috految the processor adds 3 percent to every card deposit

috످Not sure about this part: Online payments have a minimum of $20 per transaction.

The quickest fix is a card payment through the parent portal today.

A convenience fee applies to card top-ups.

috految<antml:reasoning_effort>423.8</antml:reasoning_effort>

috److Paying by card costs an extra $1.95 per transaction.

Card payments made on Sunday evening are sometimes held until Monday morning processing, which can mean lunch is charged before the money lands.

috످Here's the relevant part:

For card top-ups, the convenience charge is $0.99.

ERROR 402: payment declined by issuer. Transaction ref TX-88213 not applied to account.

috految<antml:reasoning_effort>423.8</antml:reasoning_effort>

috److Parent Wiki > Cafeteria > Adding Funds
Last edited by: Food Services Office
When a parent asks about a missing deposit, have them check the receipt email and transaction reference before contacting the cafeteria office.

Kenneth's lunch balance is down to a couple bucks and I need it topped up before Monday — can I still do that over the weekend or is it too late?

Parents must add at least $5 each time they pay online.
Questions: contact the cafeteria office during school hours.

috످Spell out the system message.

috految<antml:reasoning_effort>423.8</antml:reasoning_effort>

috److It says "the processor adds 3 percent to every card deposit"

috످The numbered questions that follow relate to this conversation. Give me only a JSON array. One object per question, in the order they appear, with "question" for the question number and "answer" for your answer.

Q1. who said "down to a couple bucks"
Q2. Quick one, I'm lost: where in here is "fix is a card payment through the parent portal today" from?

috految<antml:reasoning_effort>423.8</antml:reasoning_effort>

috److془Q1: The passage is about a parent wanting to add money to Kenneth's nearly empty lunch account over the weekend; it's in my second reply, though it sounds like a parent.

Q2: The passage recommends paying by card on the portal as the fastest solution; it's in the user's first message.

Output JSON array only.془[
  {"question": 1, "answer": "I did, in my second reply, though it's worded as if a parent were asking about Kenneth's lunch balance."},
  {"question": 2, "answer": "It's from your first message, right after the line about the $20 minimum."}
]

috످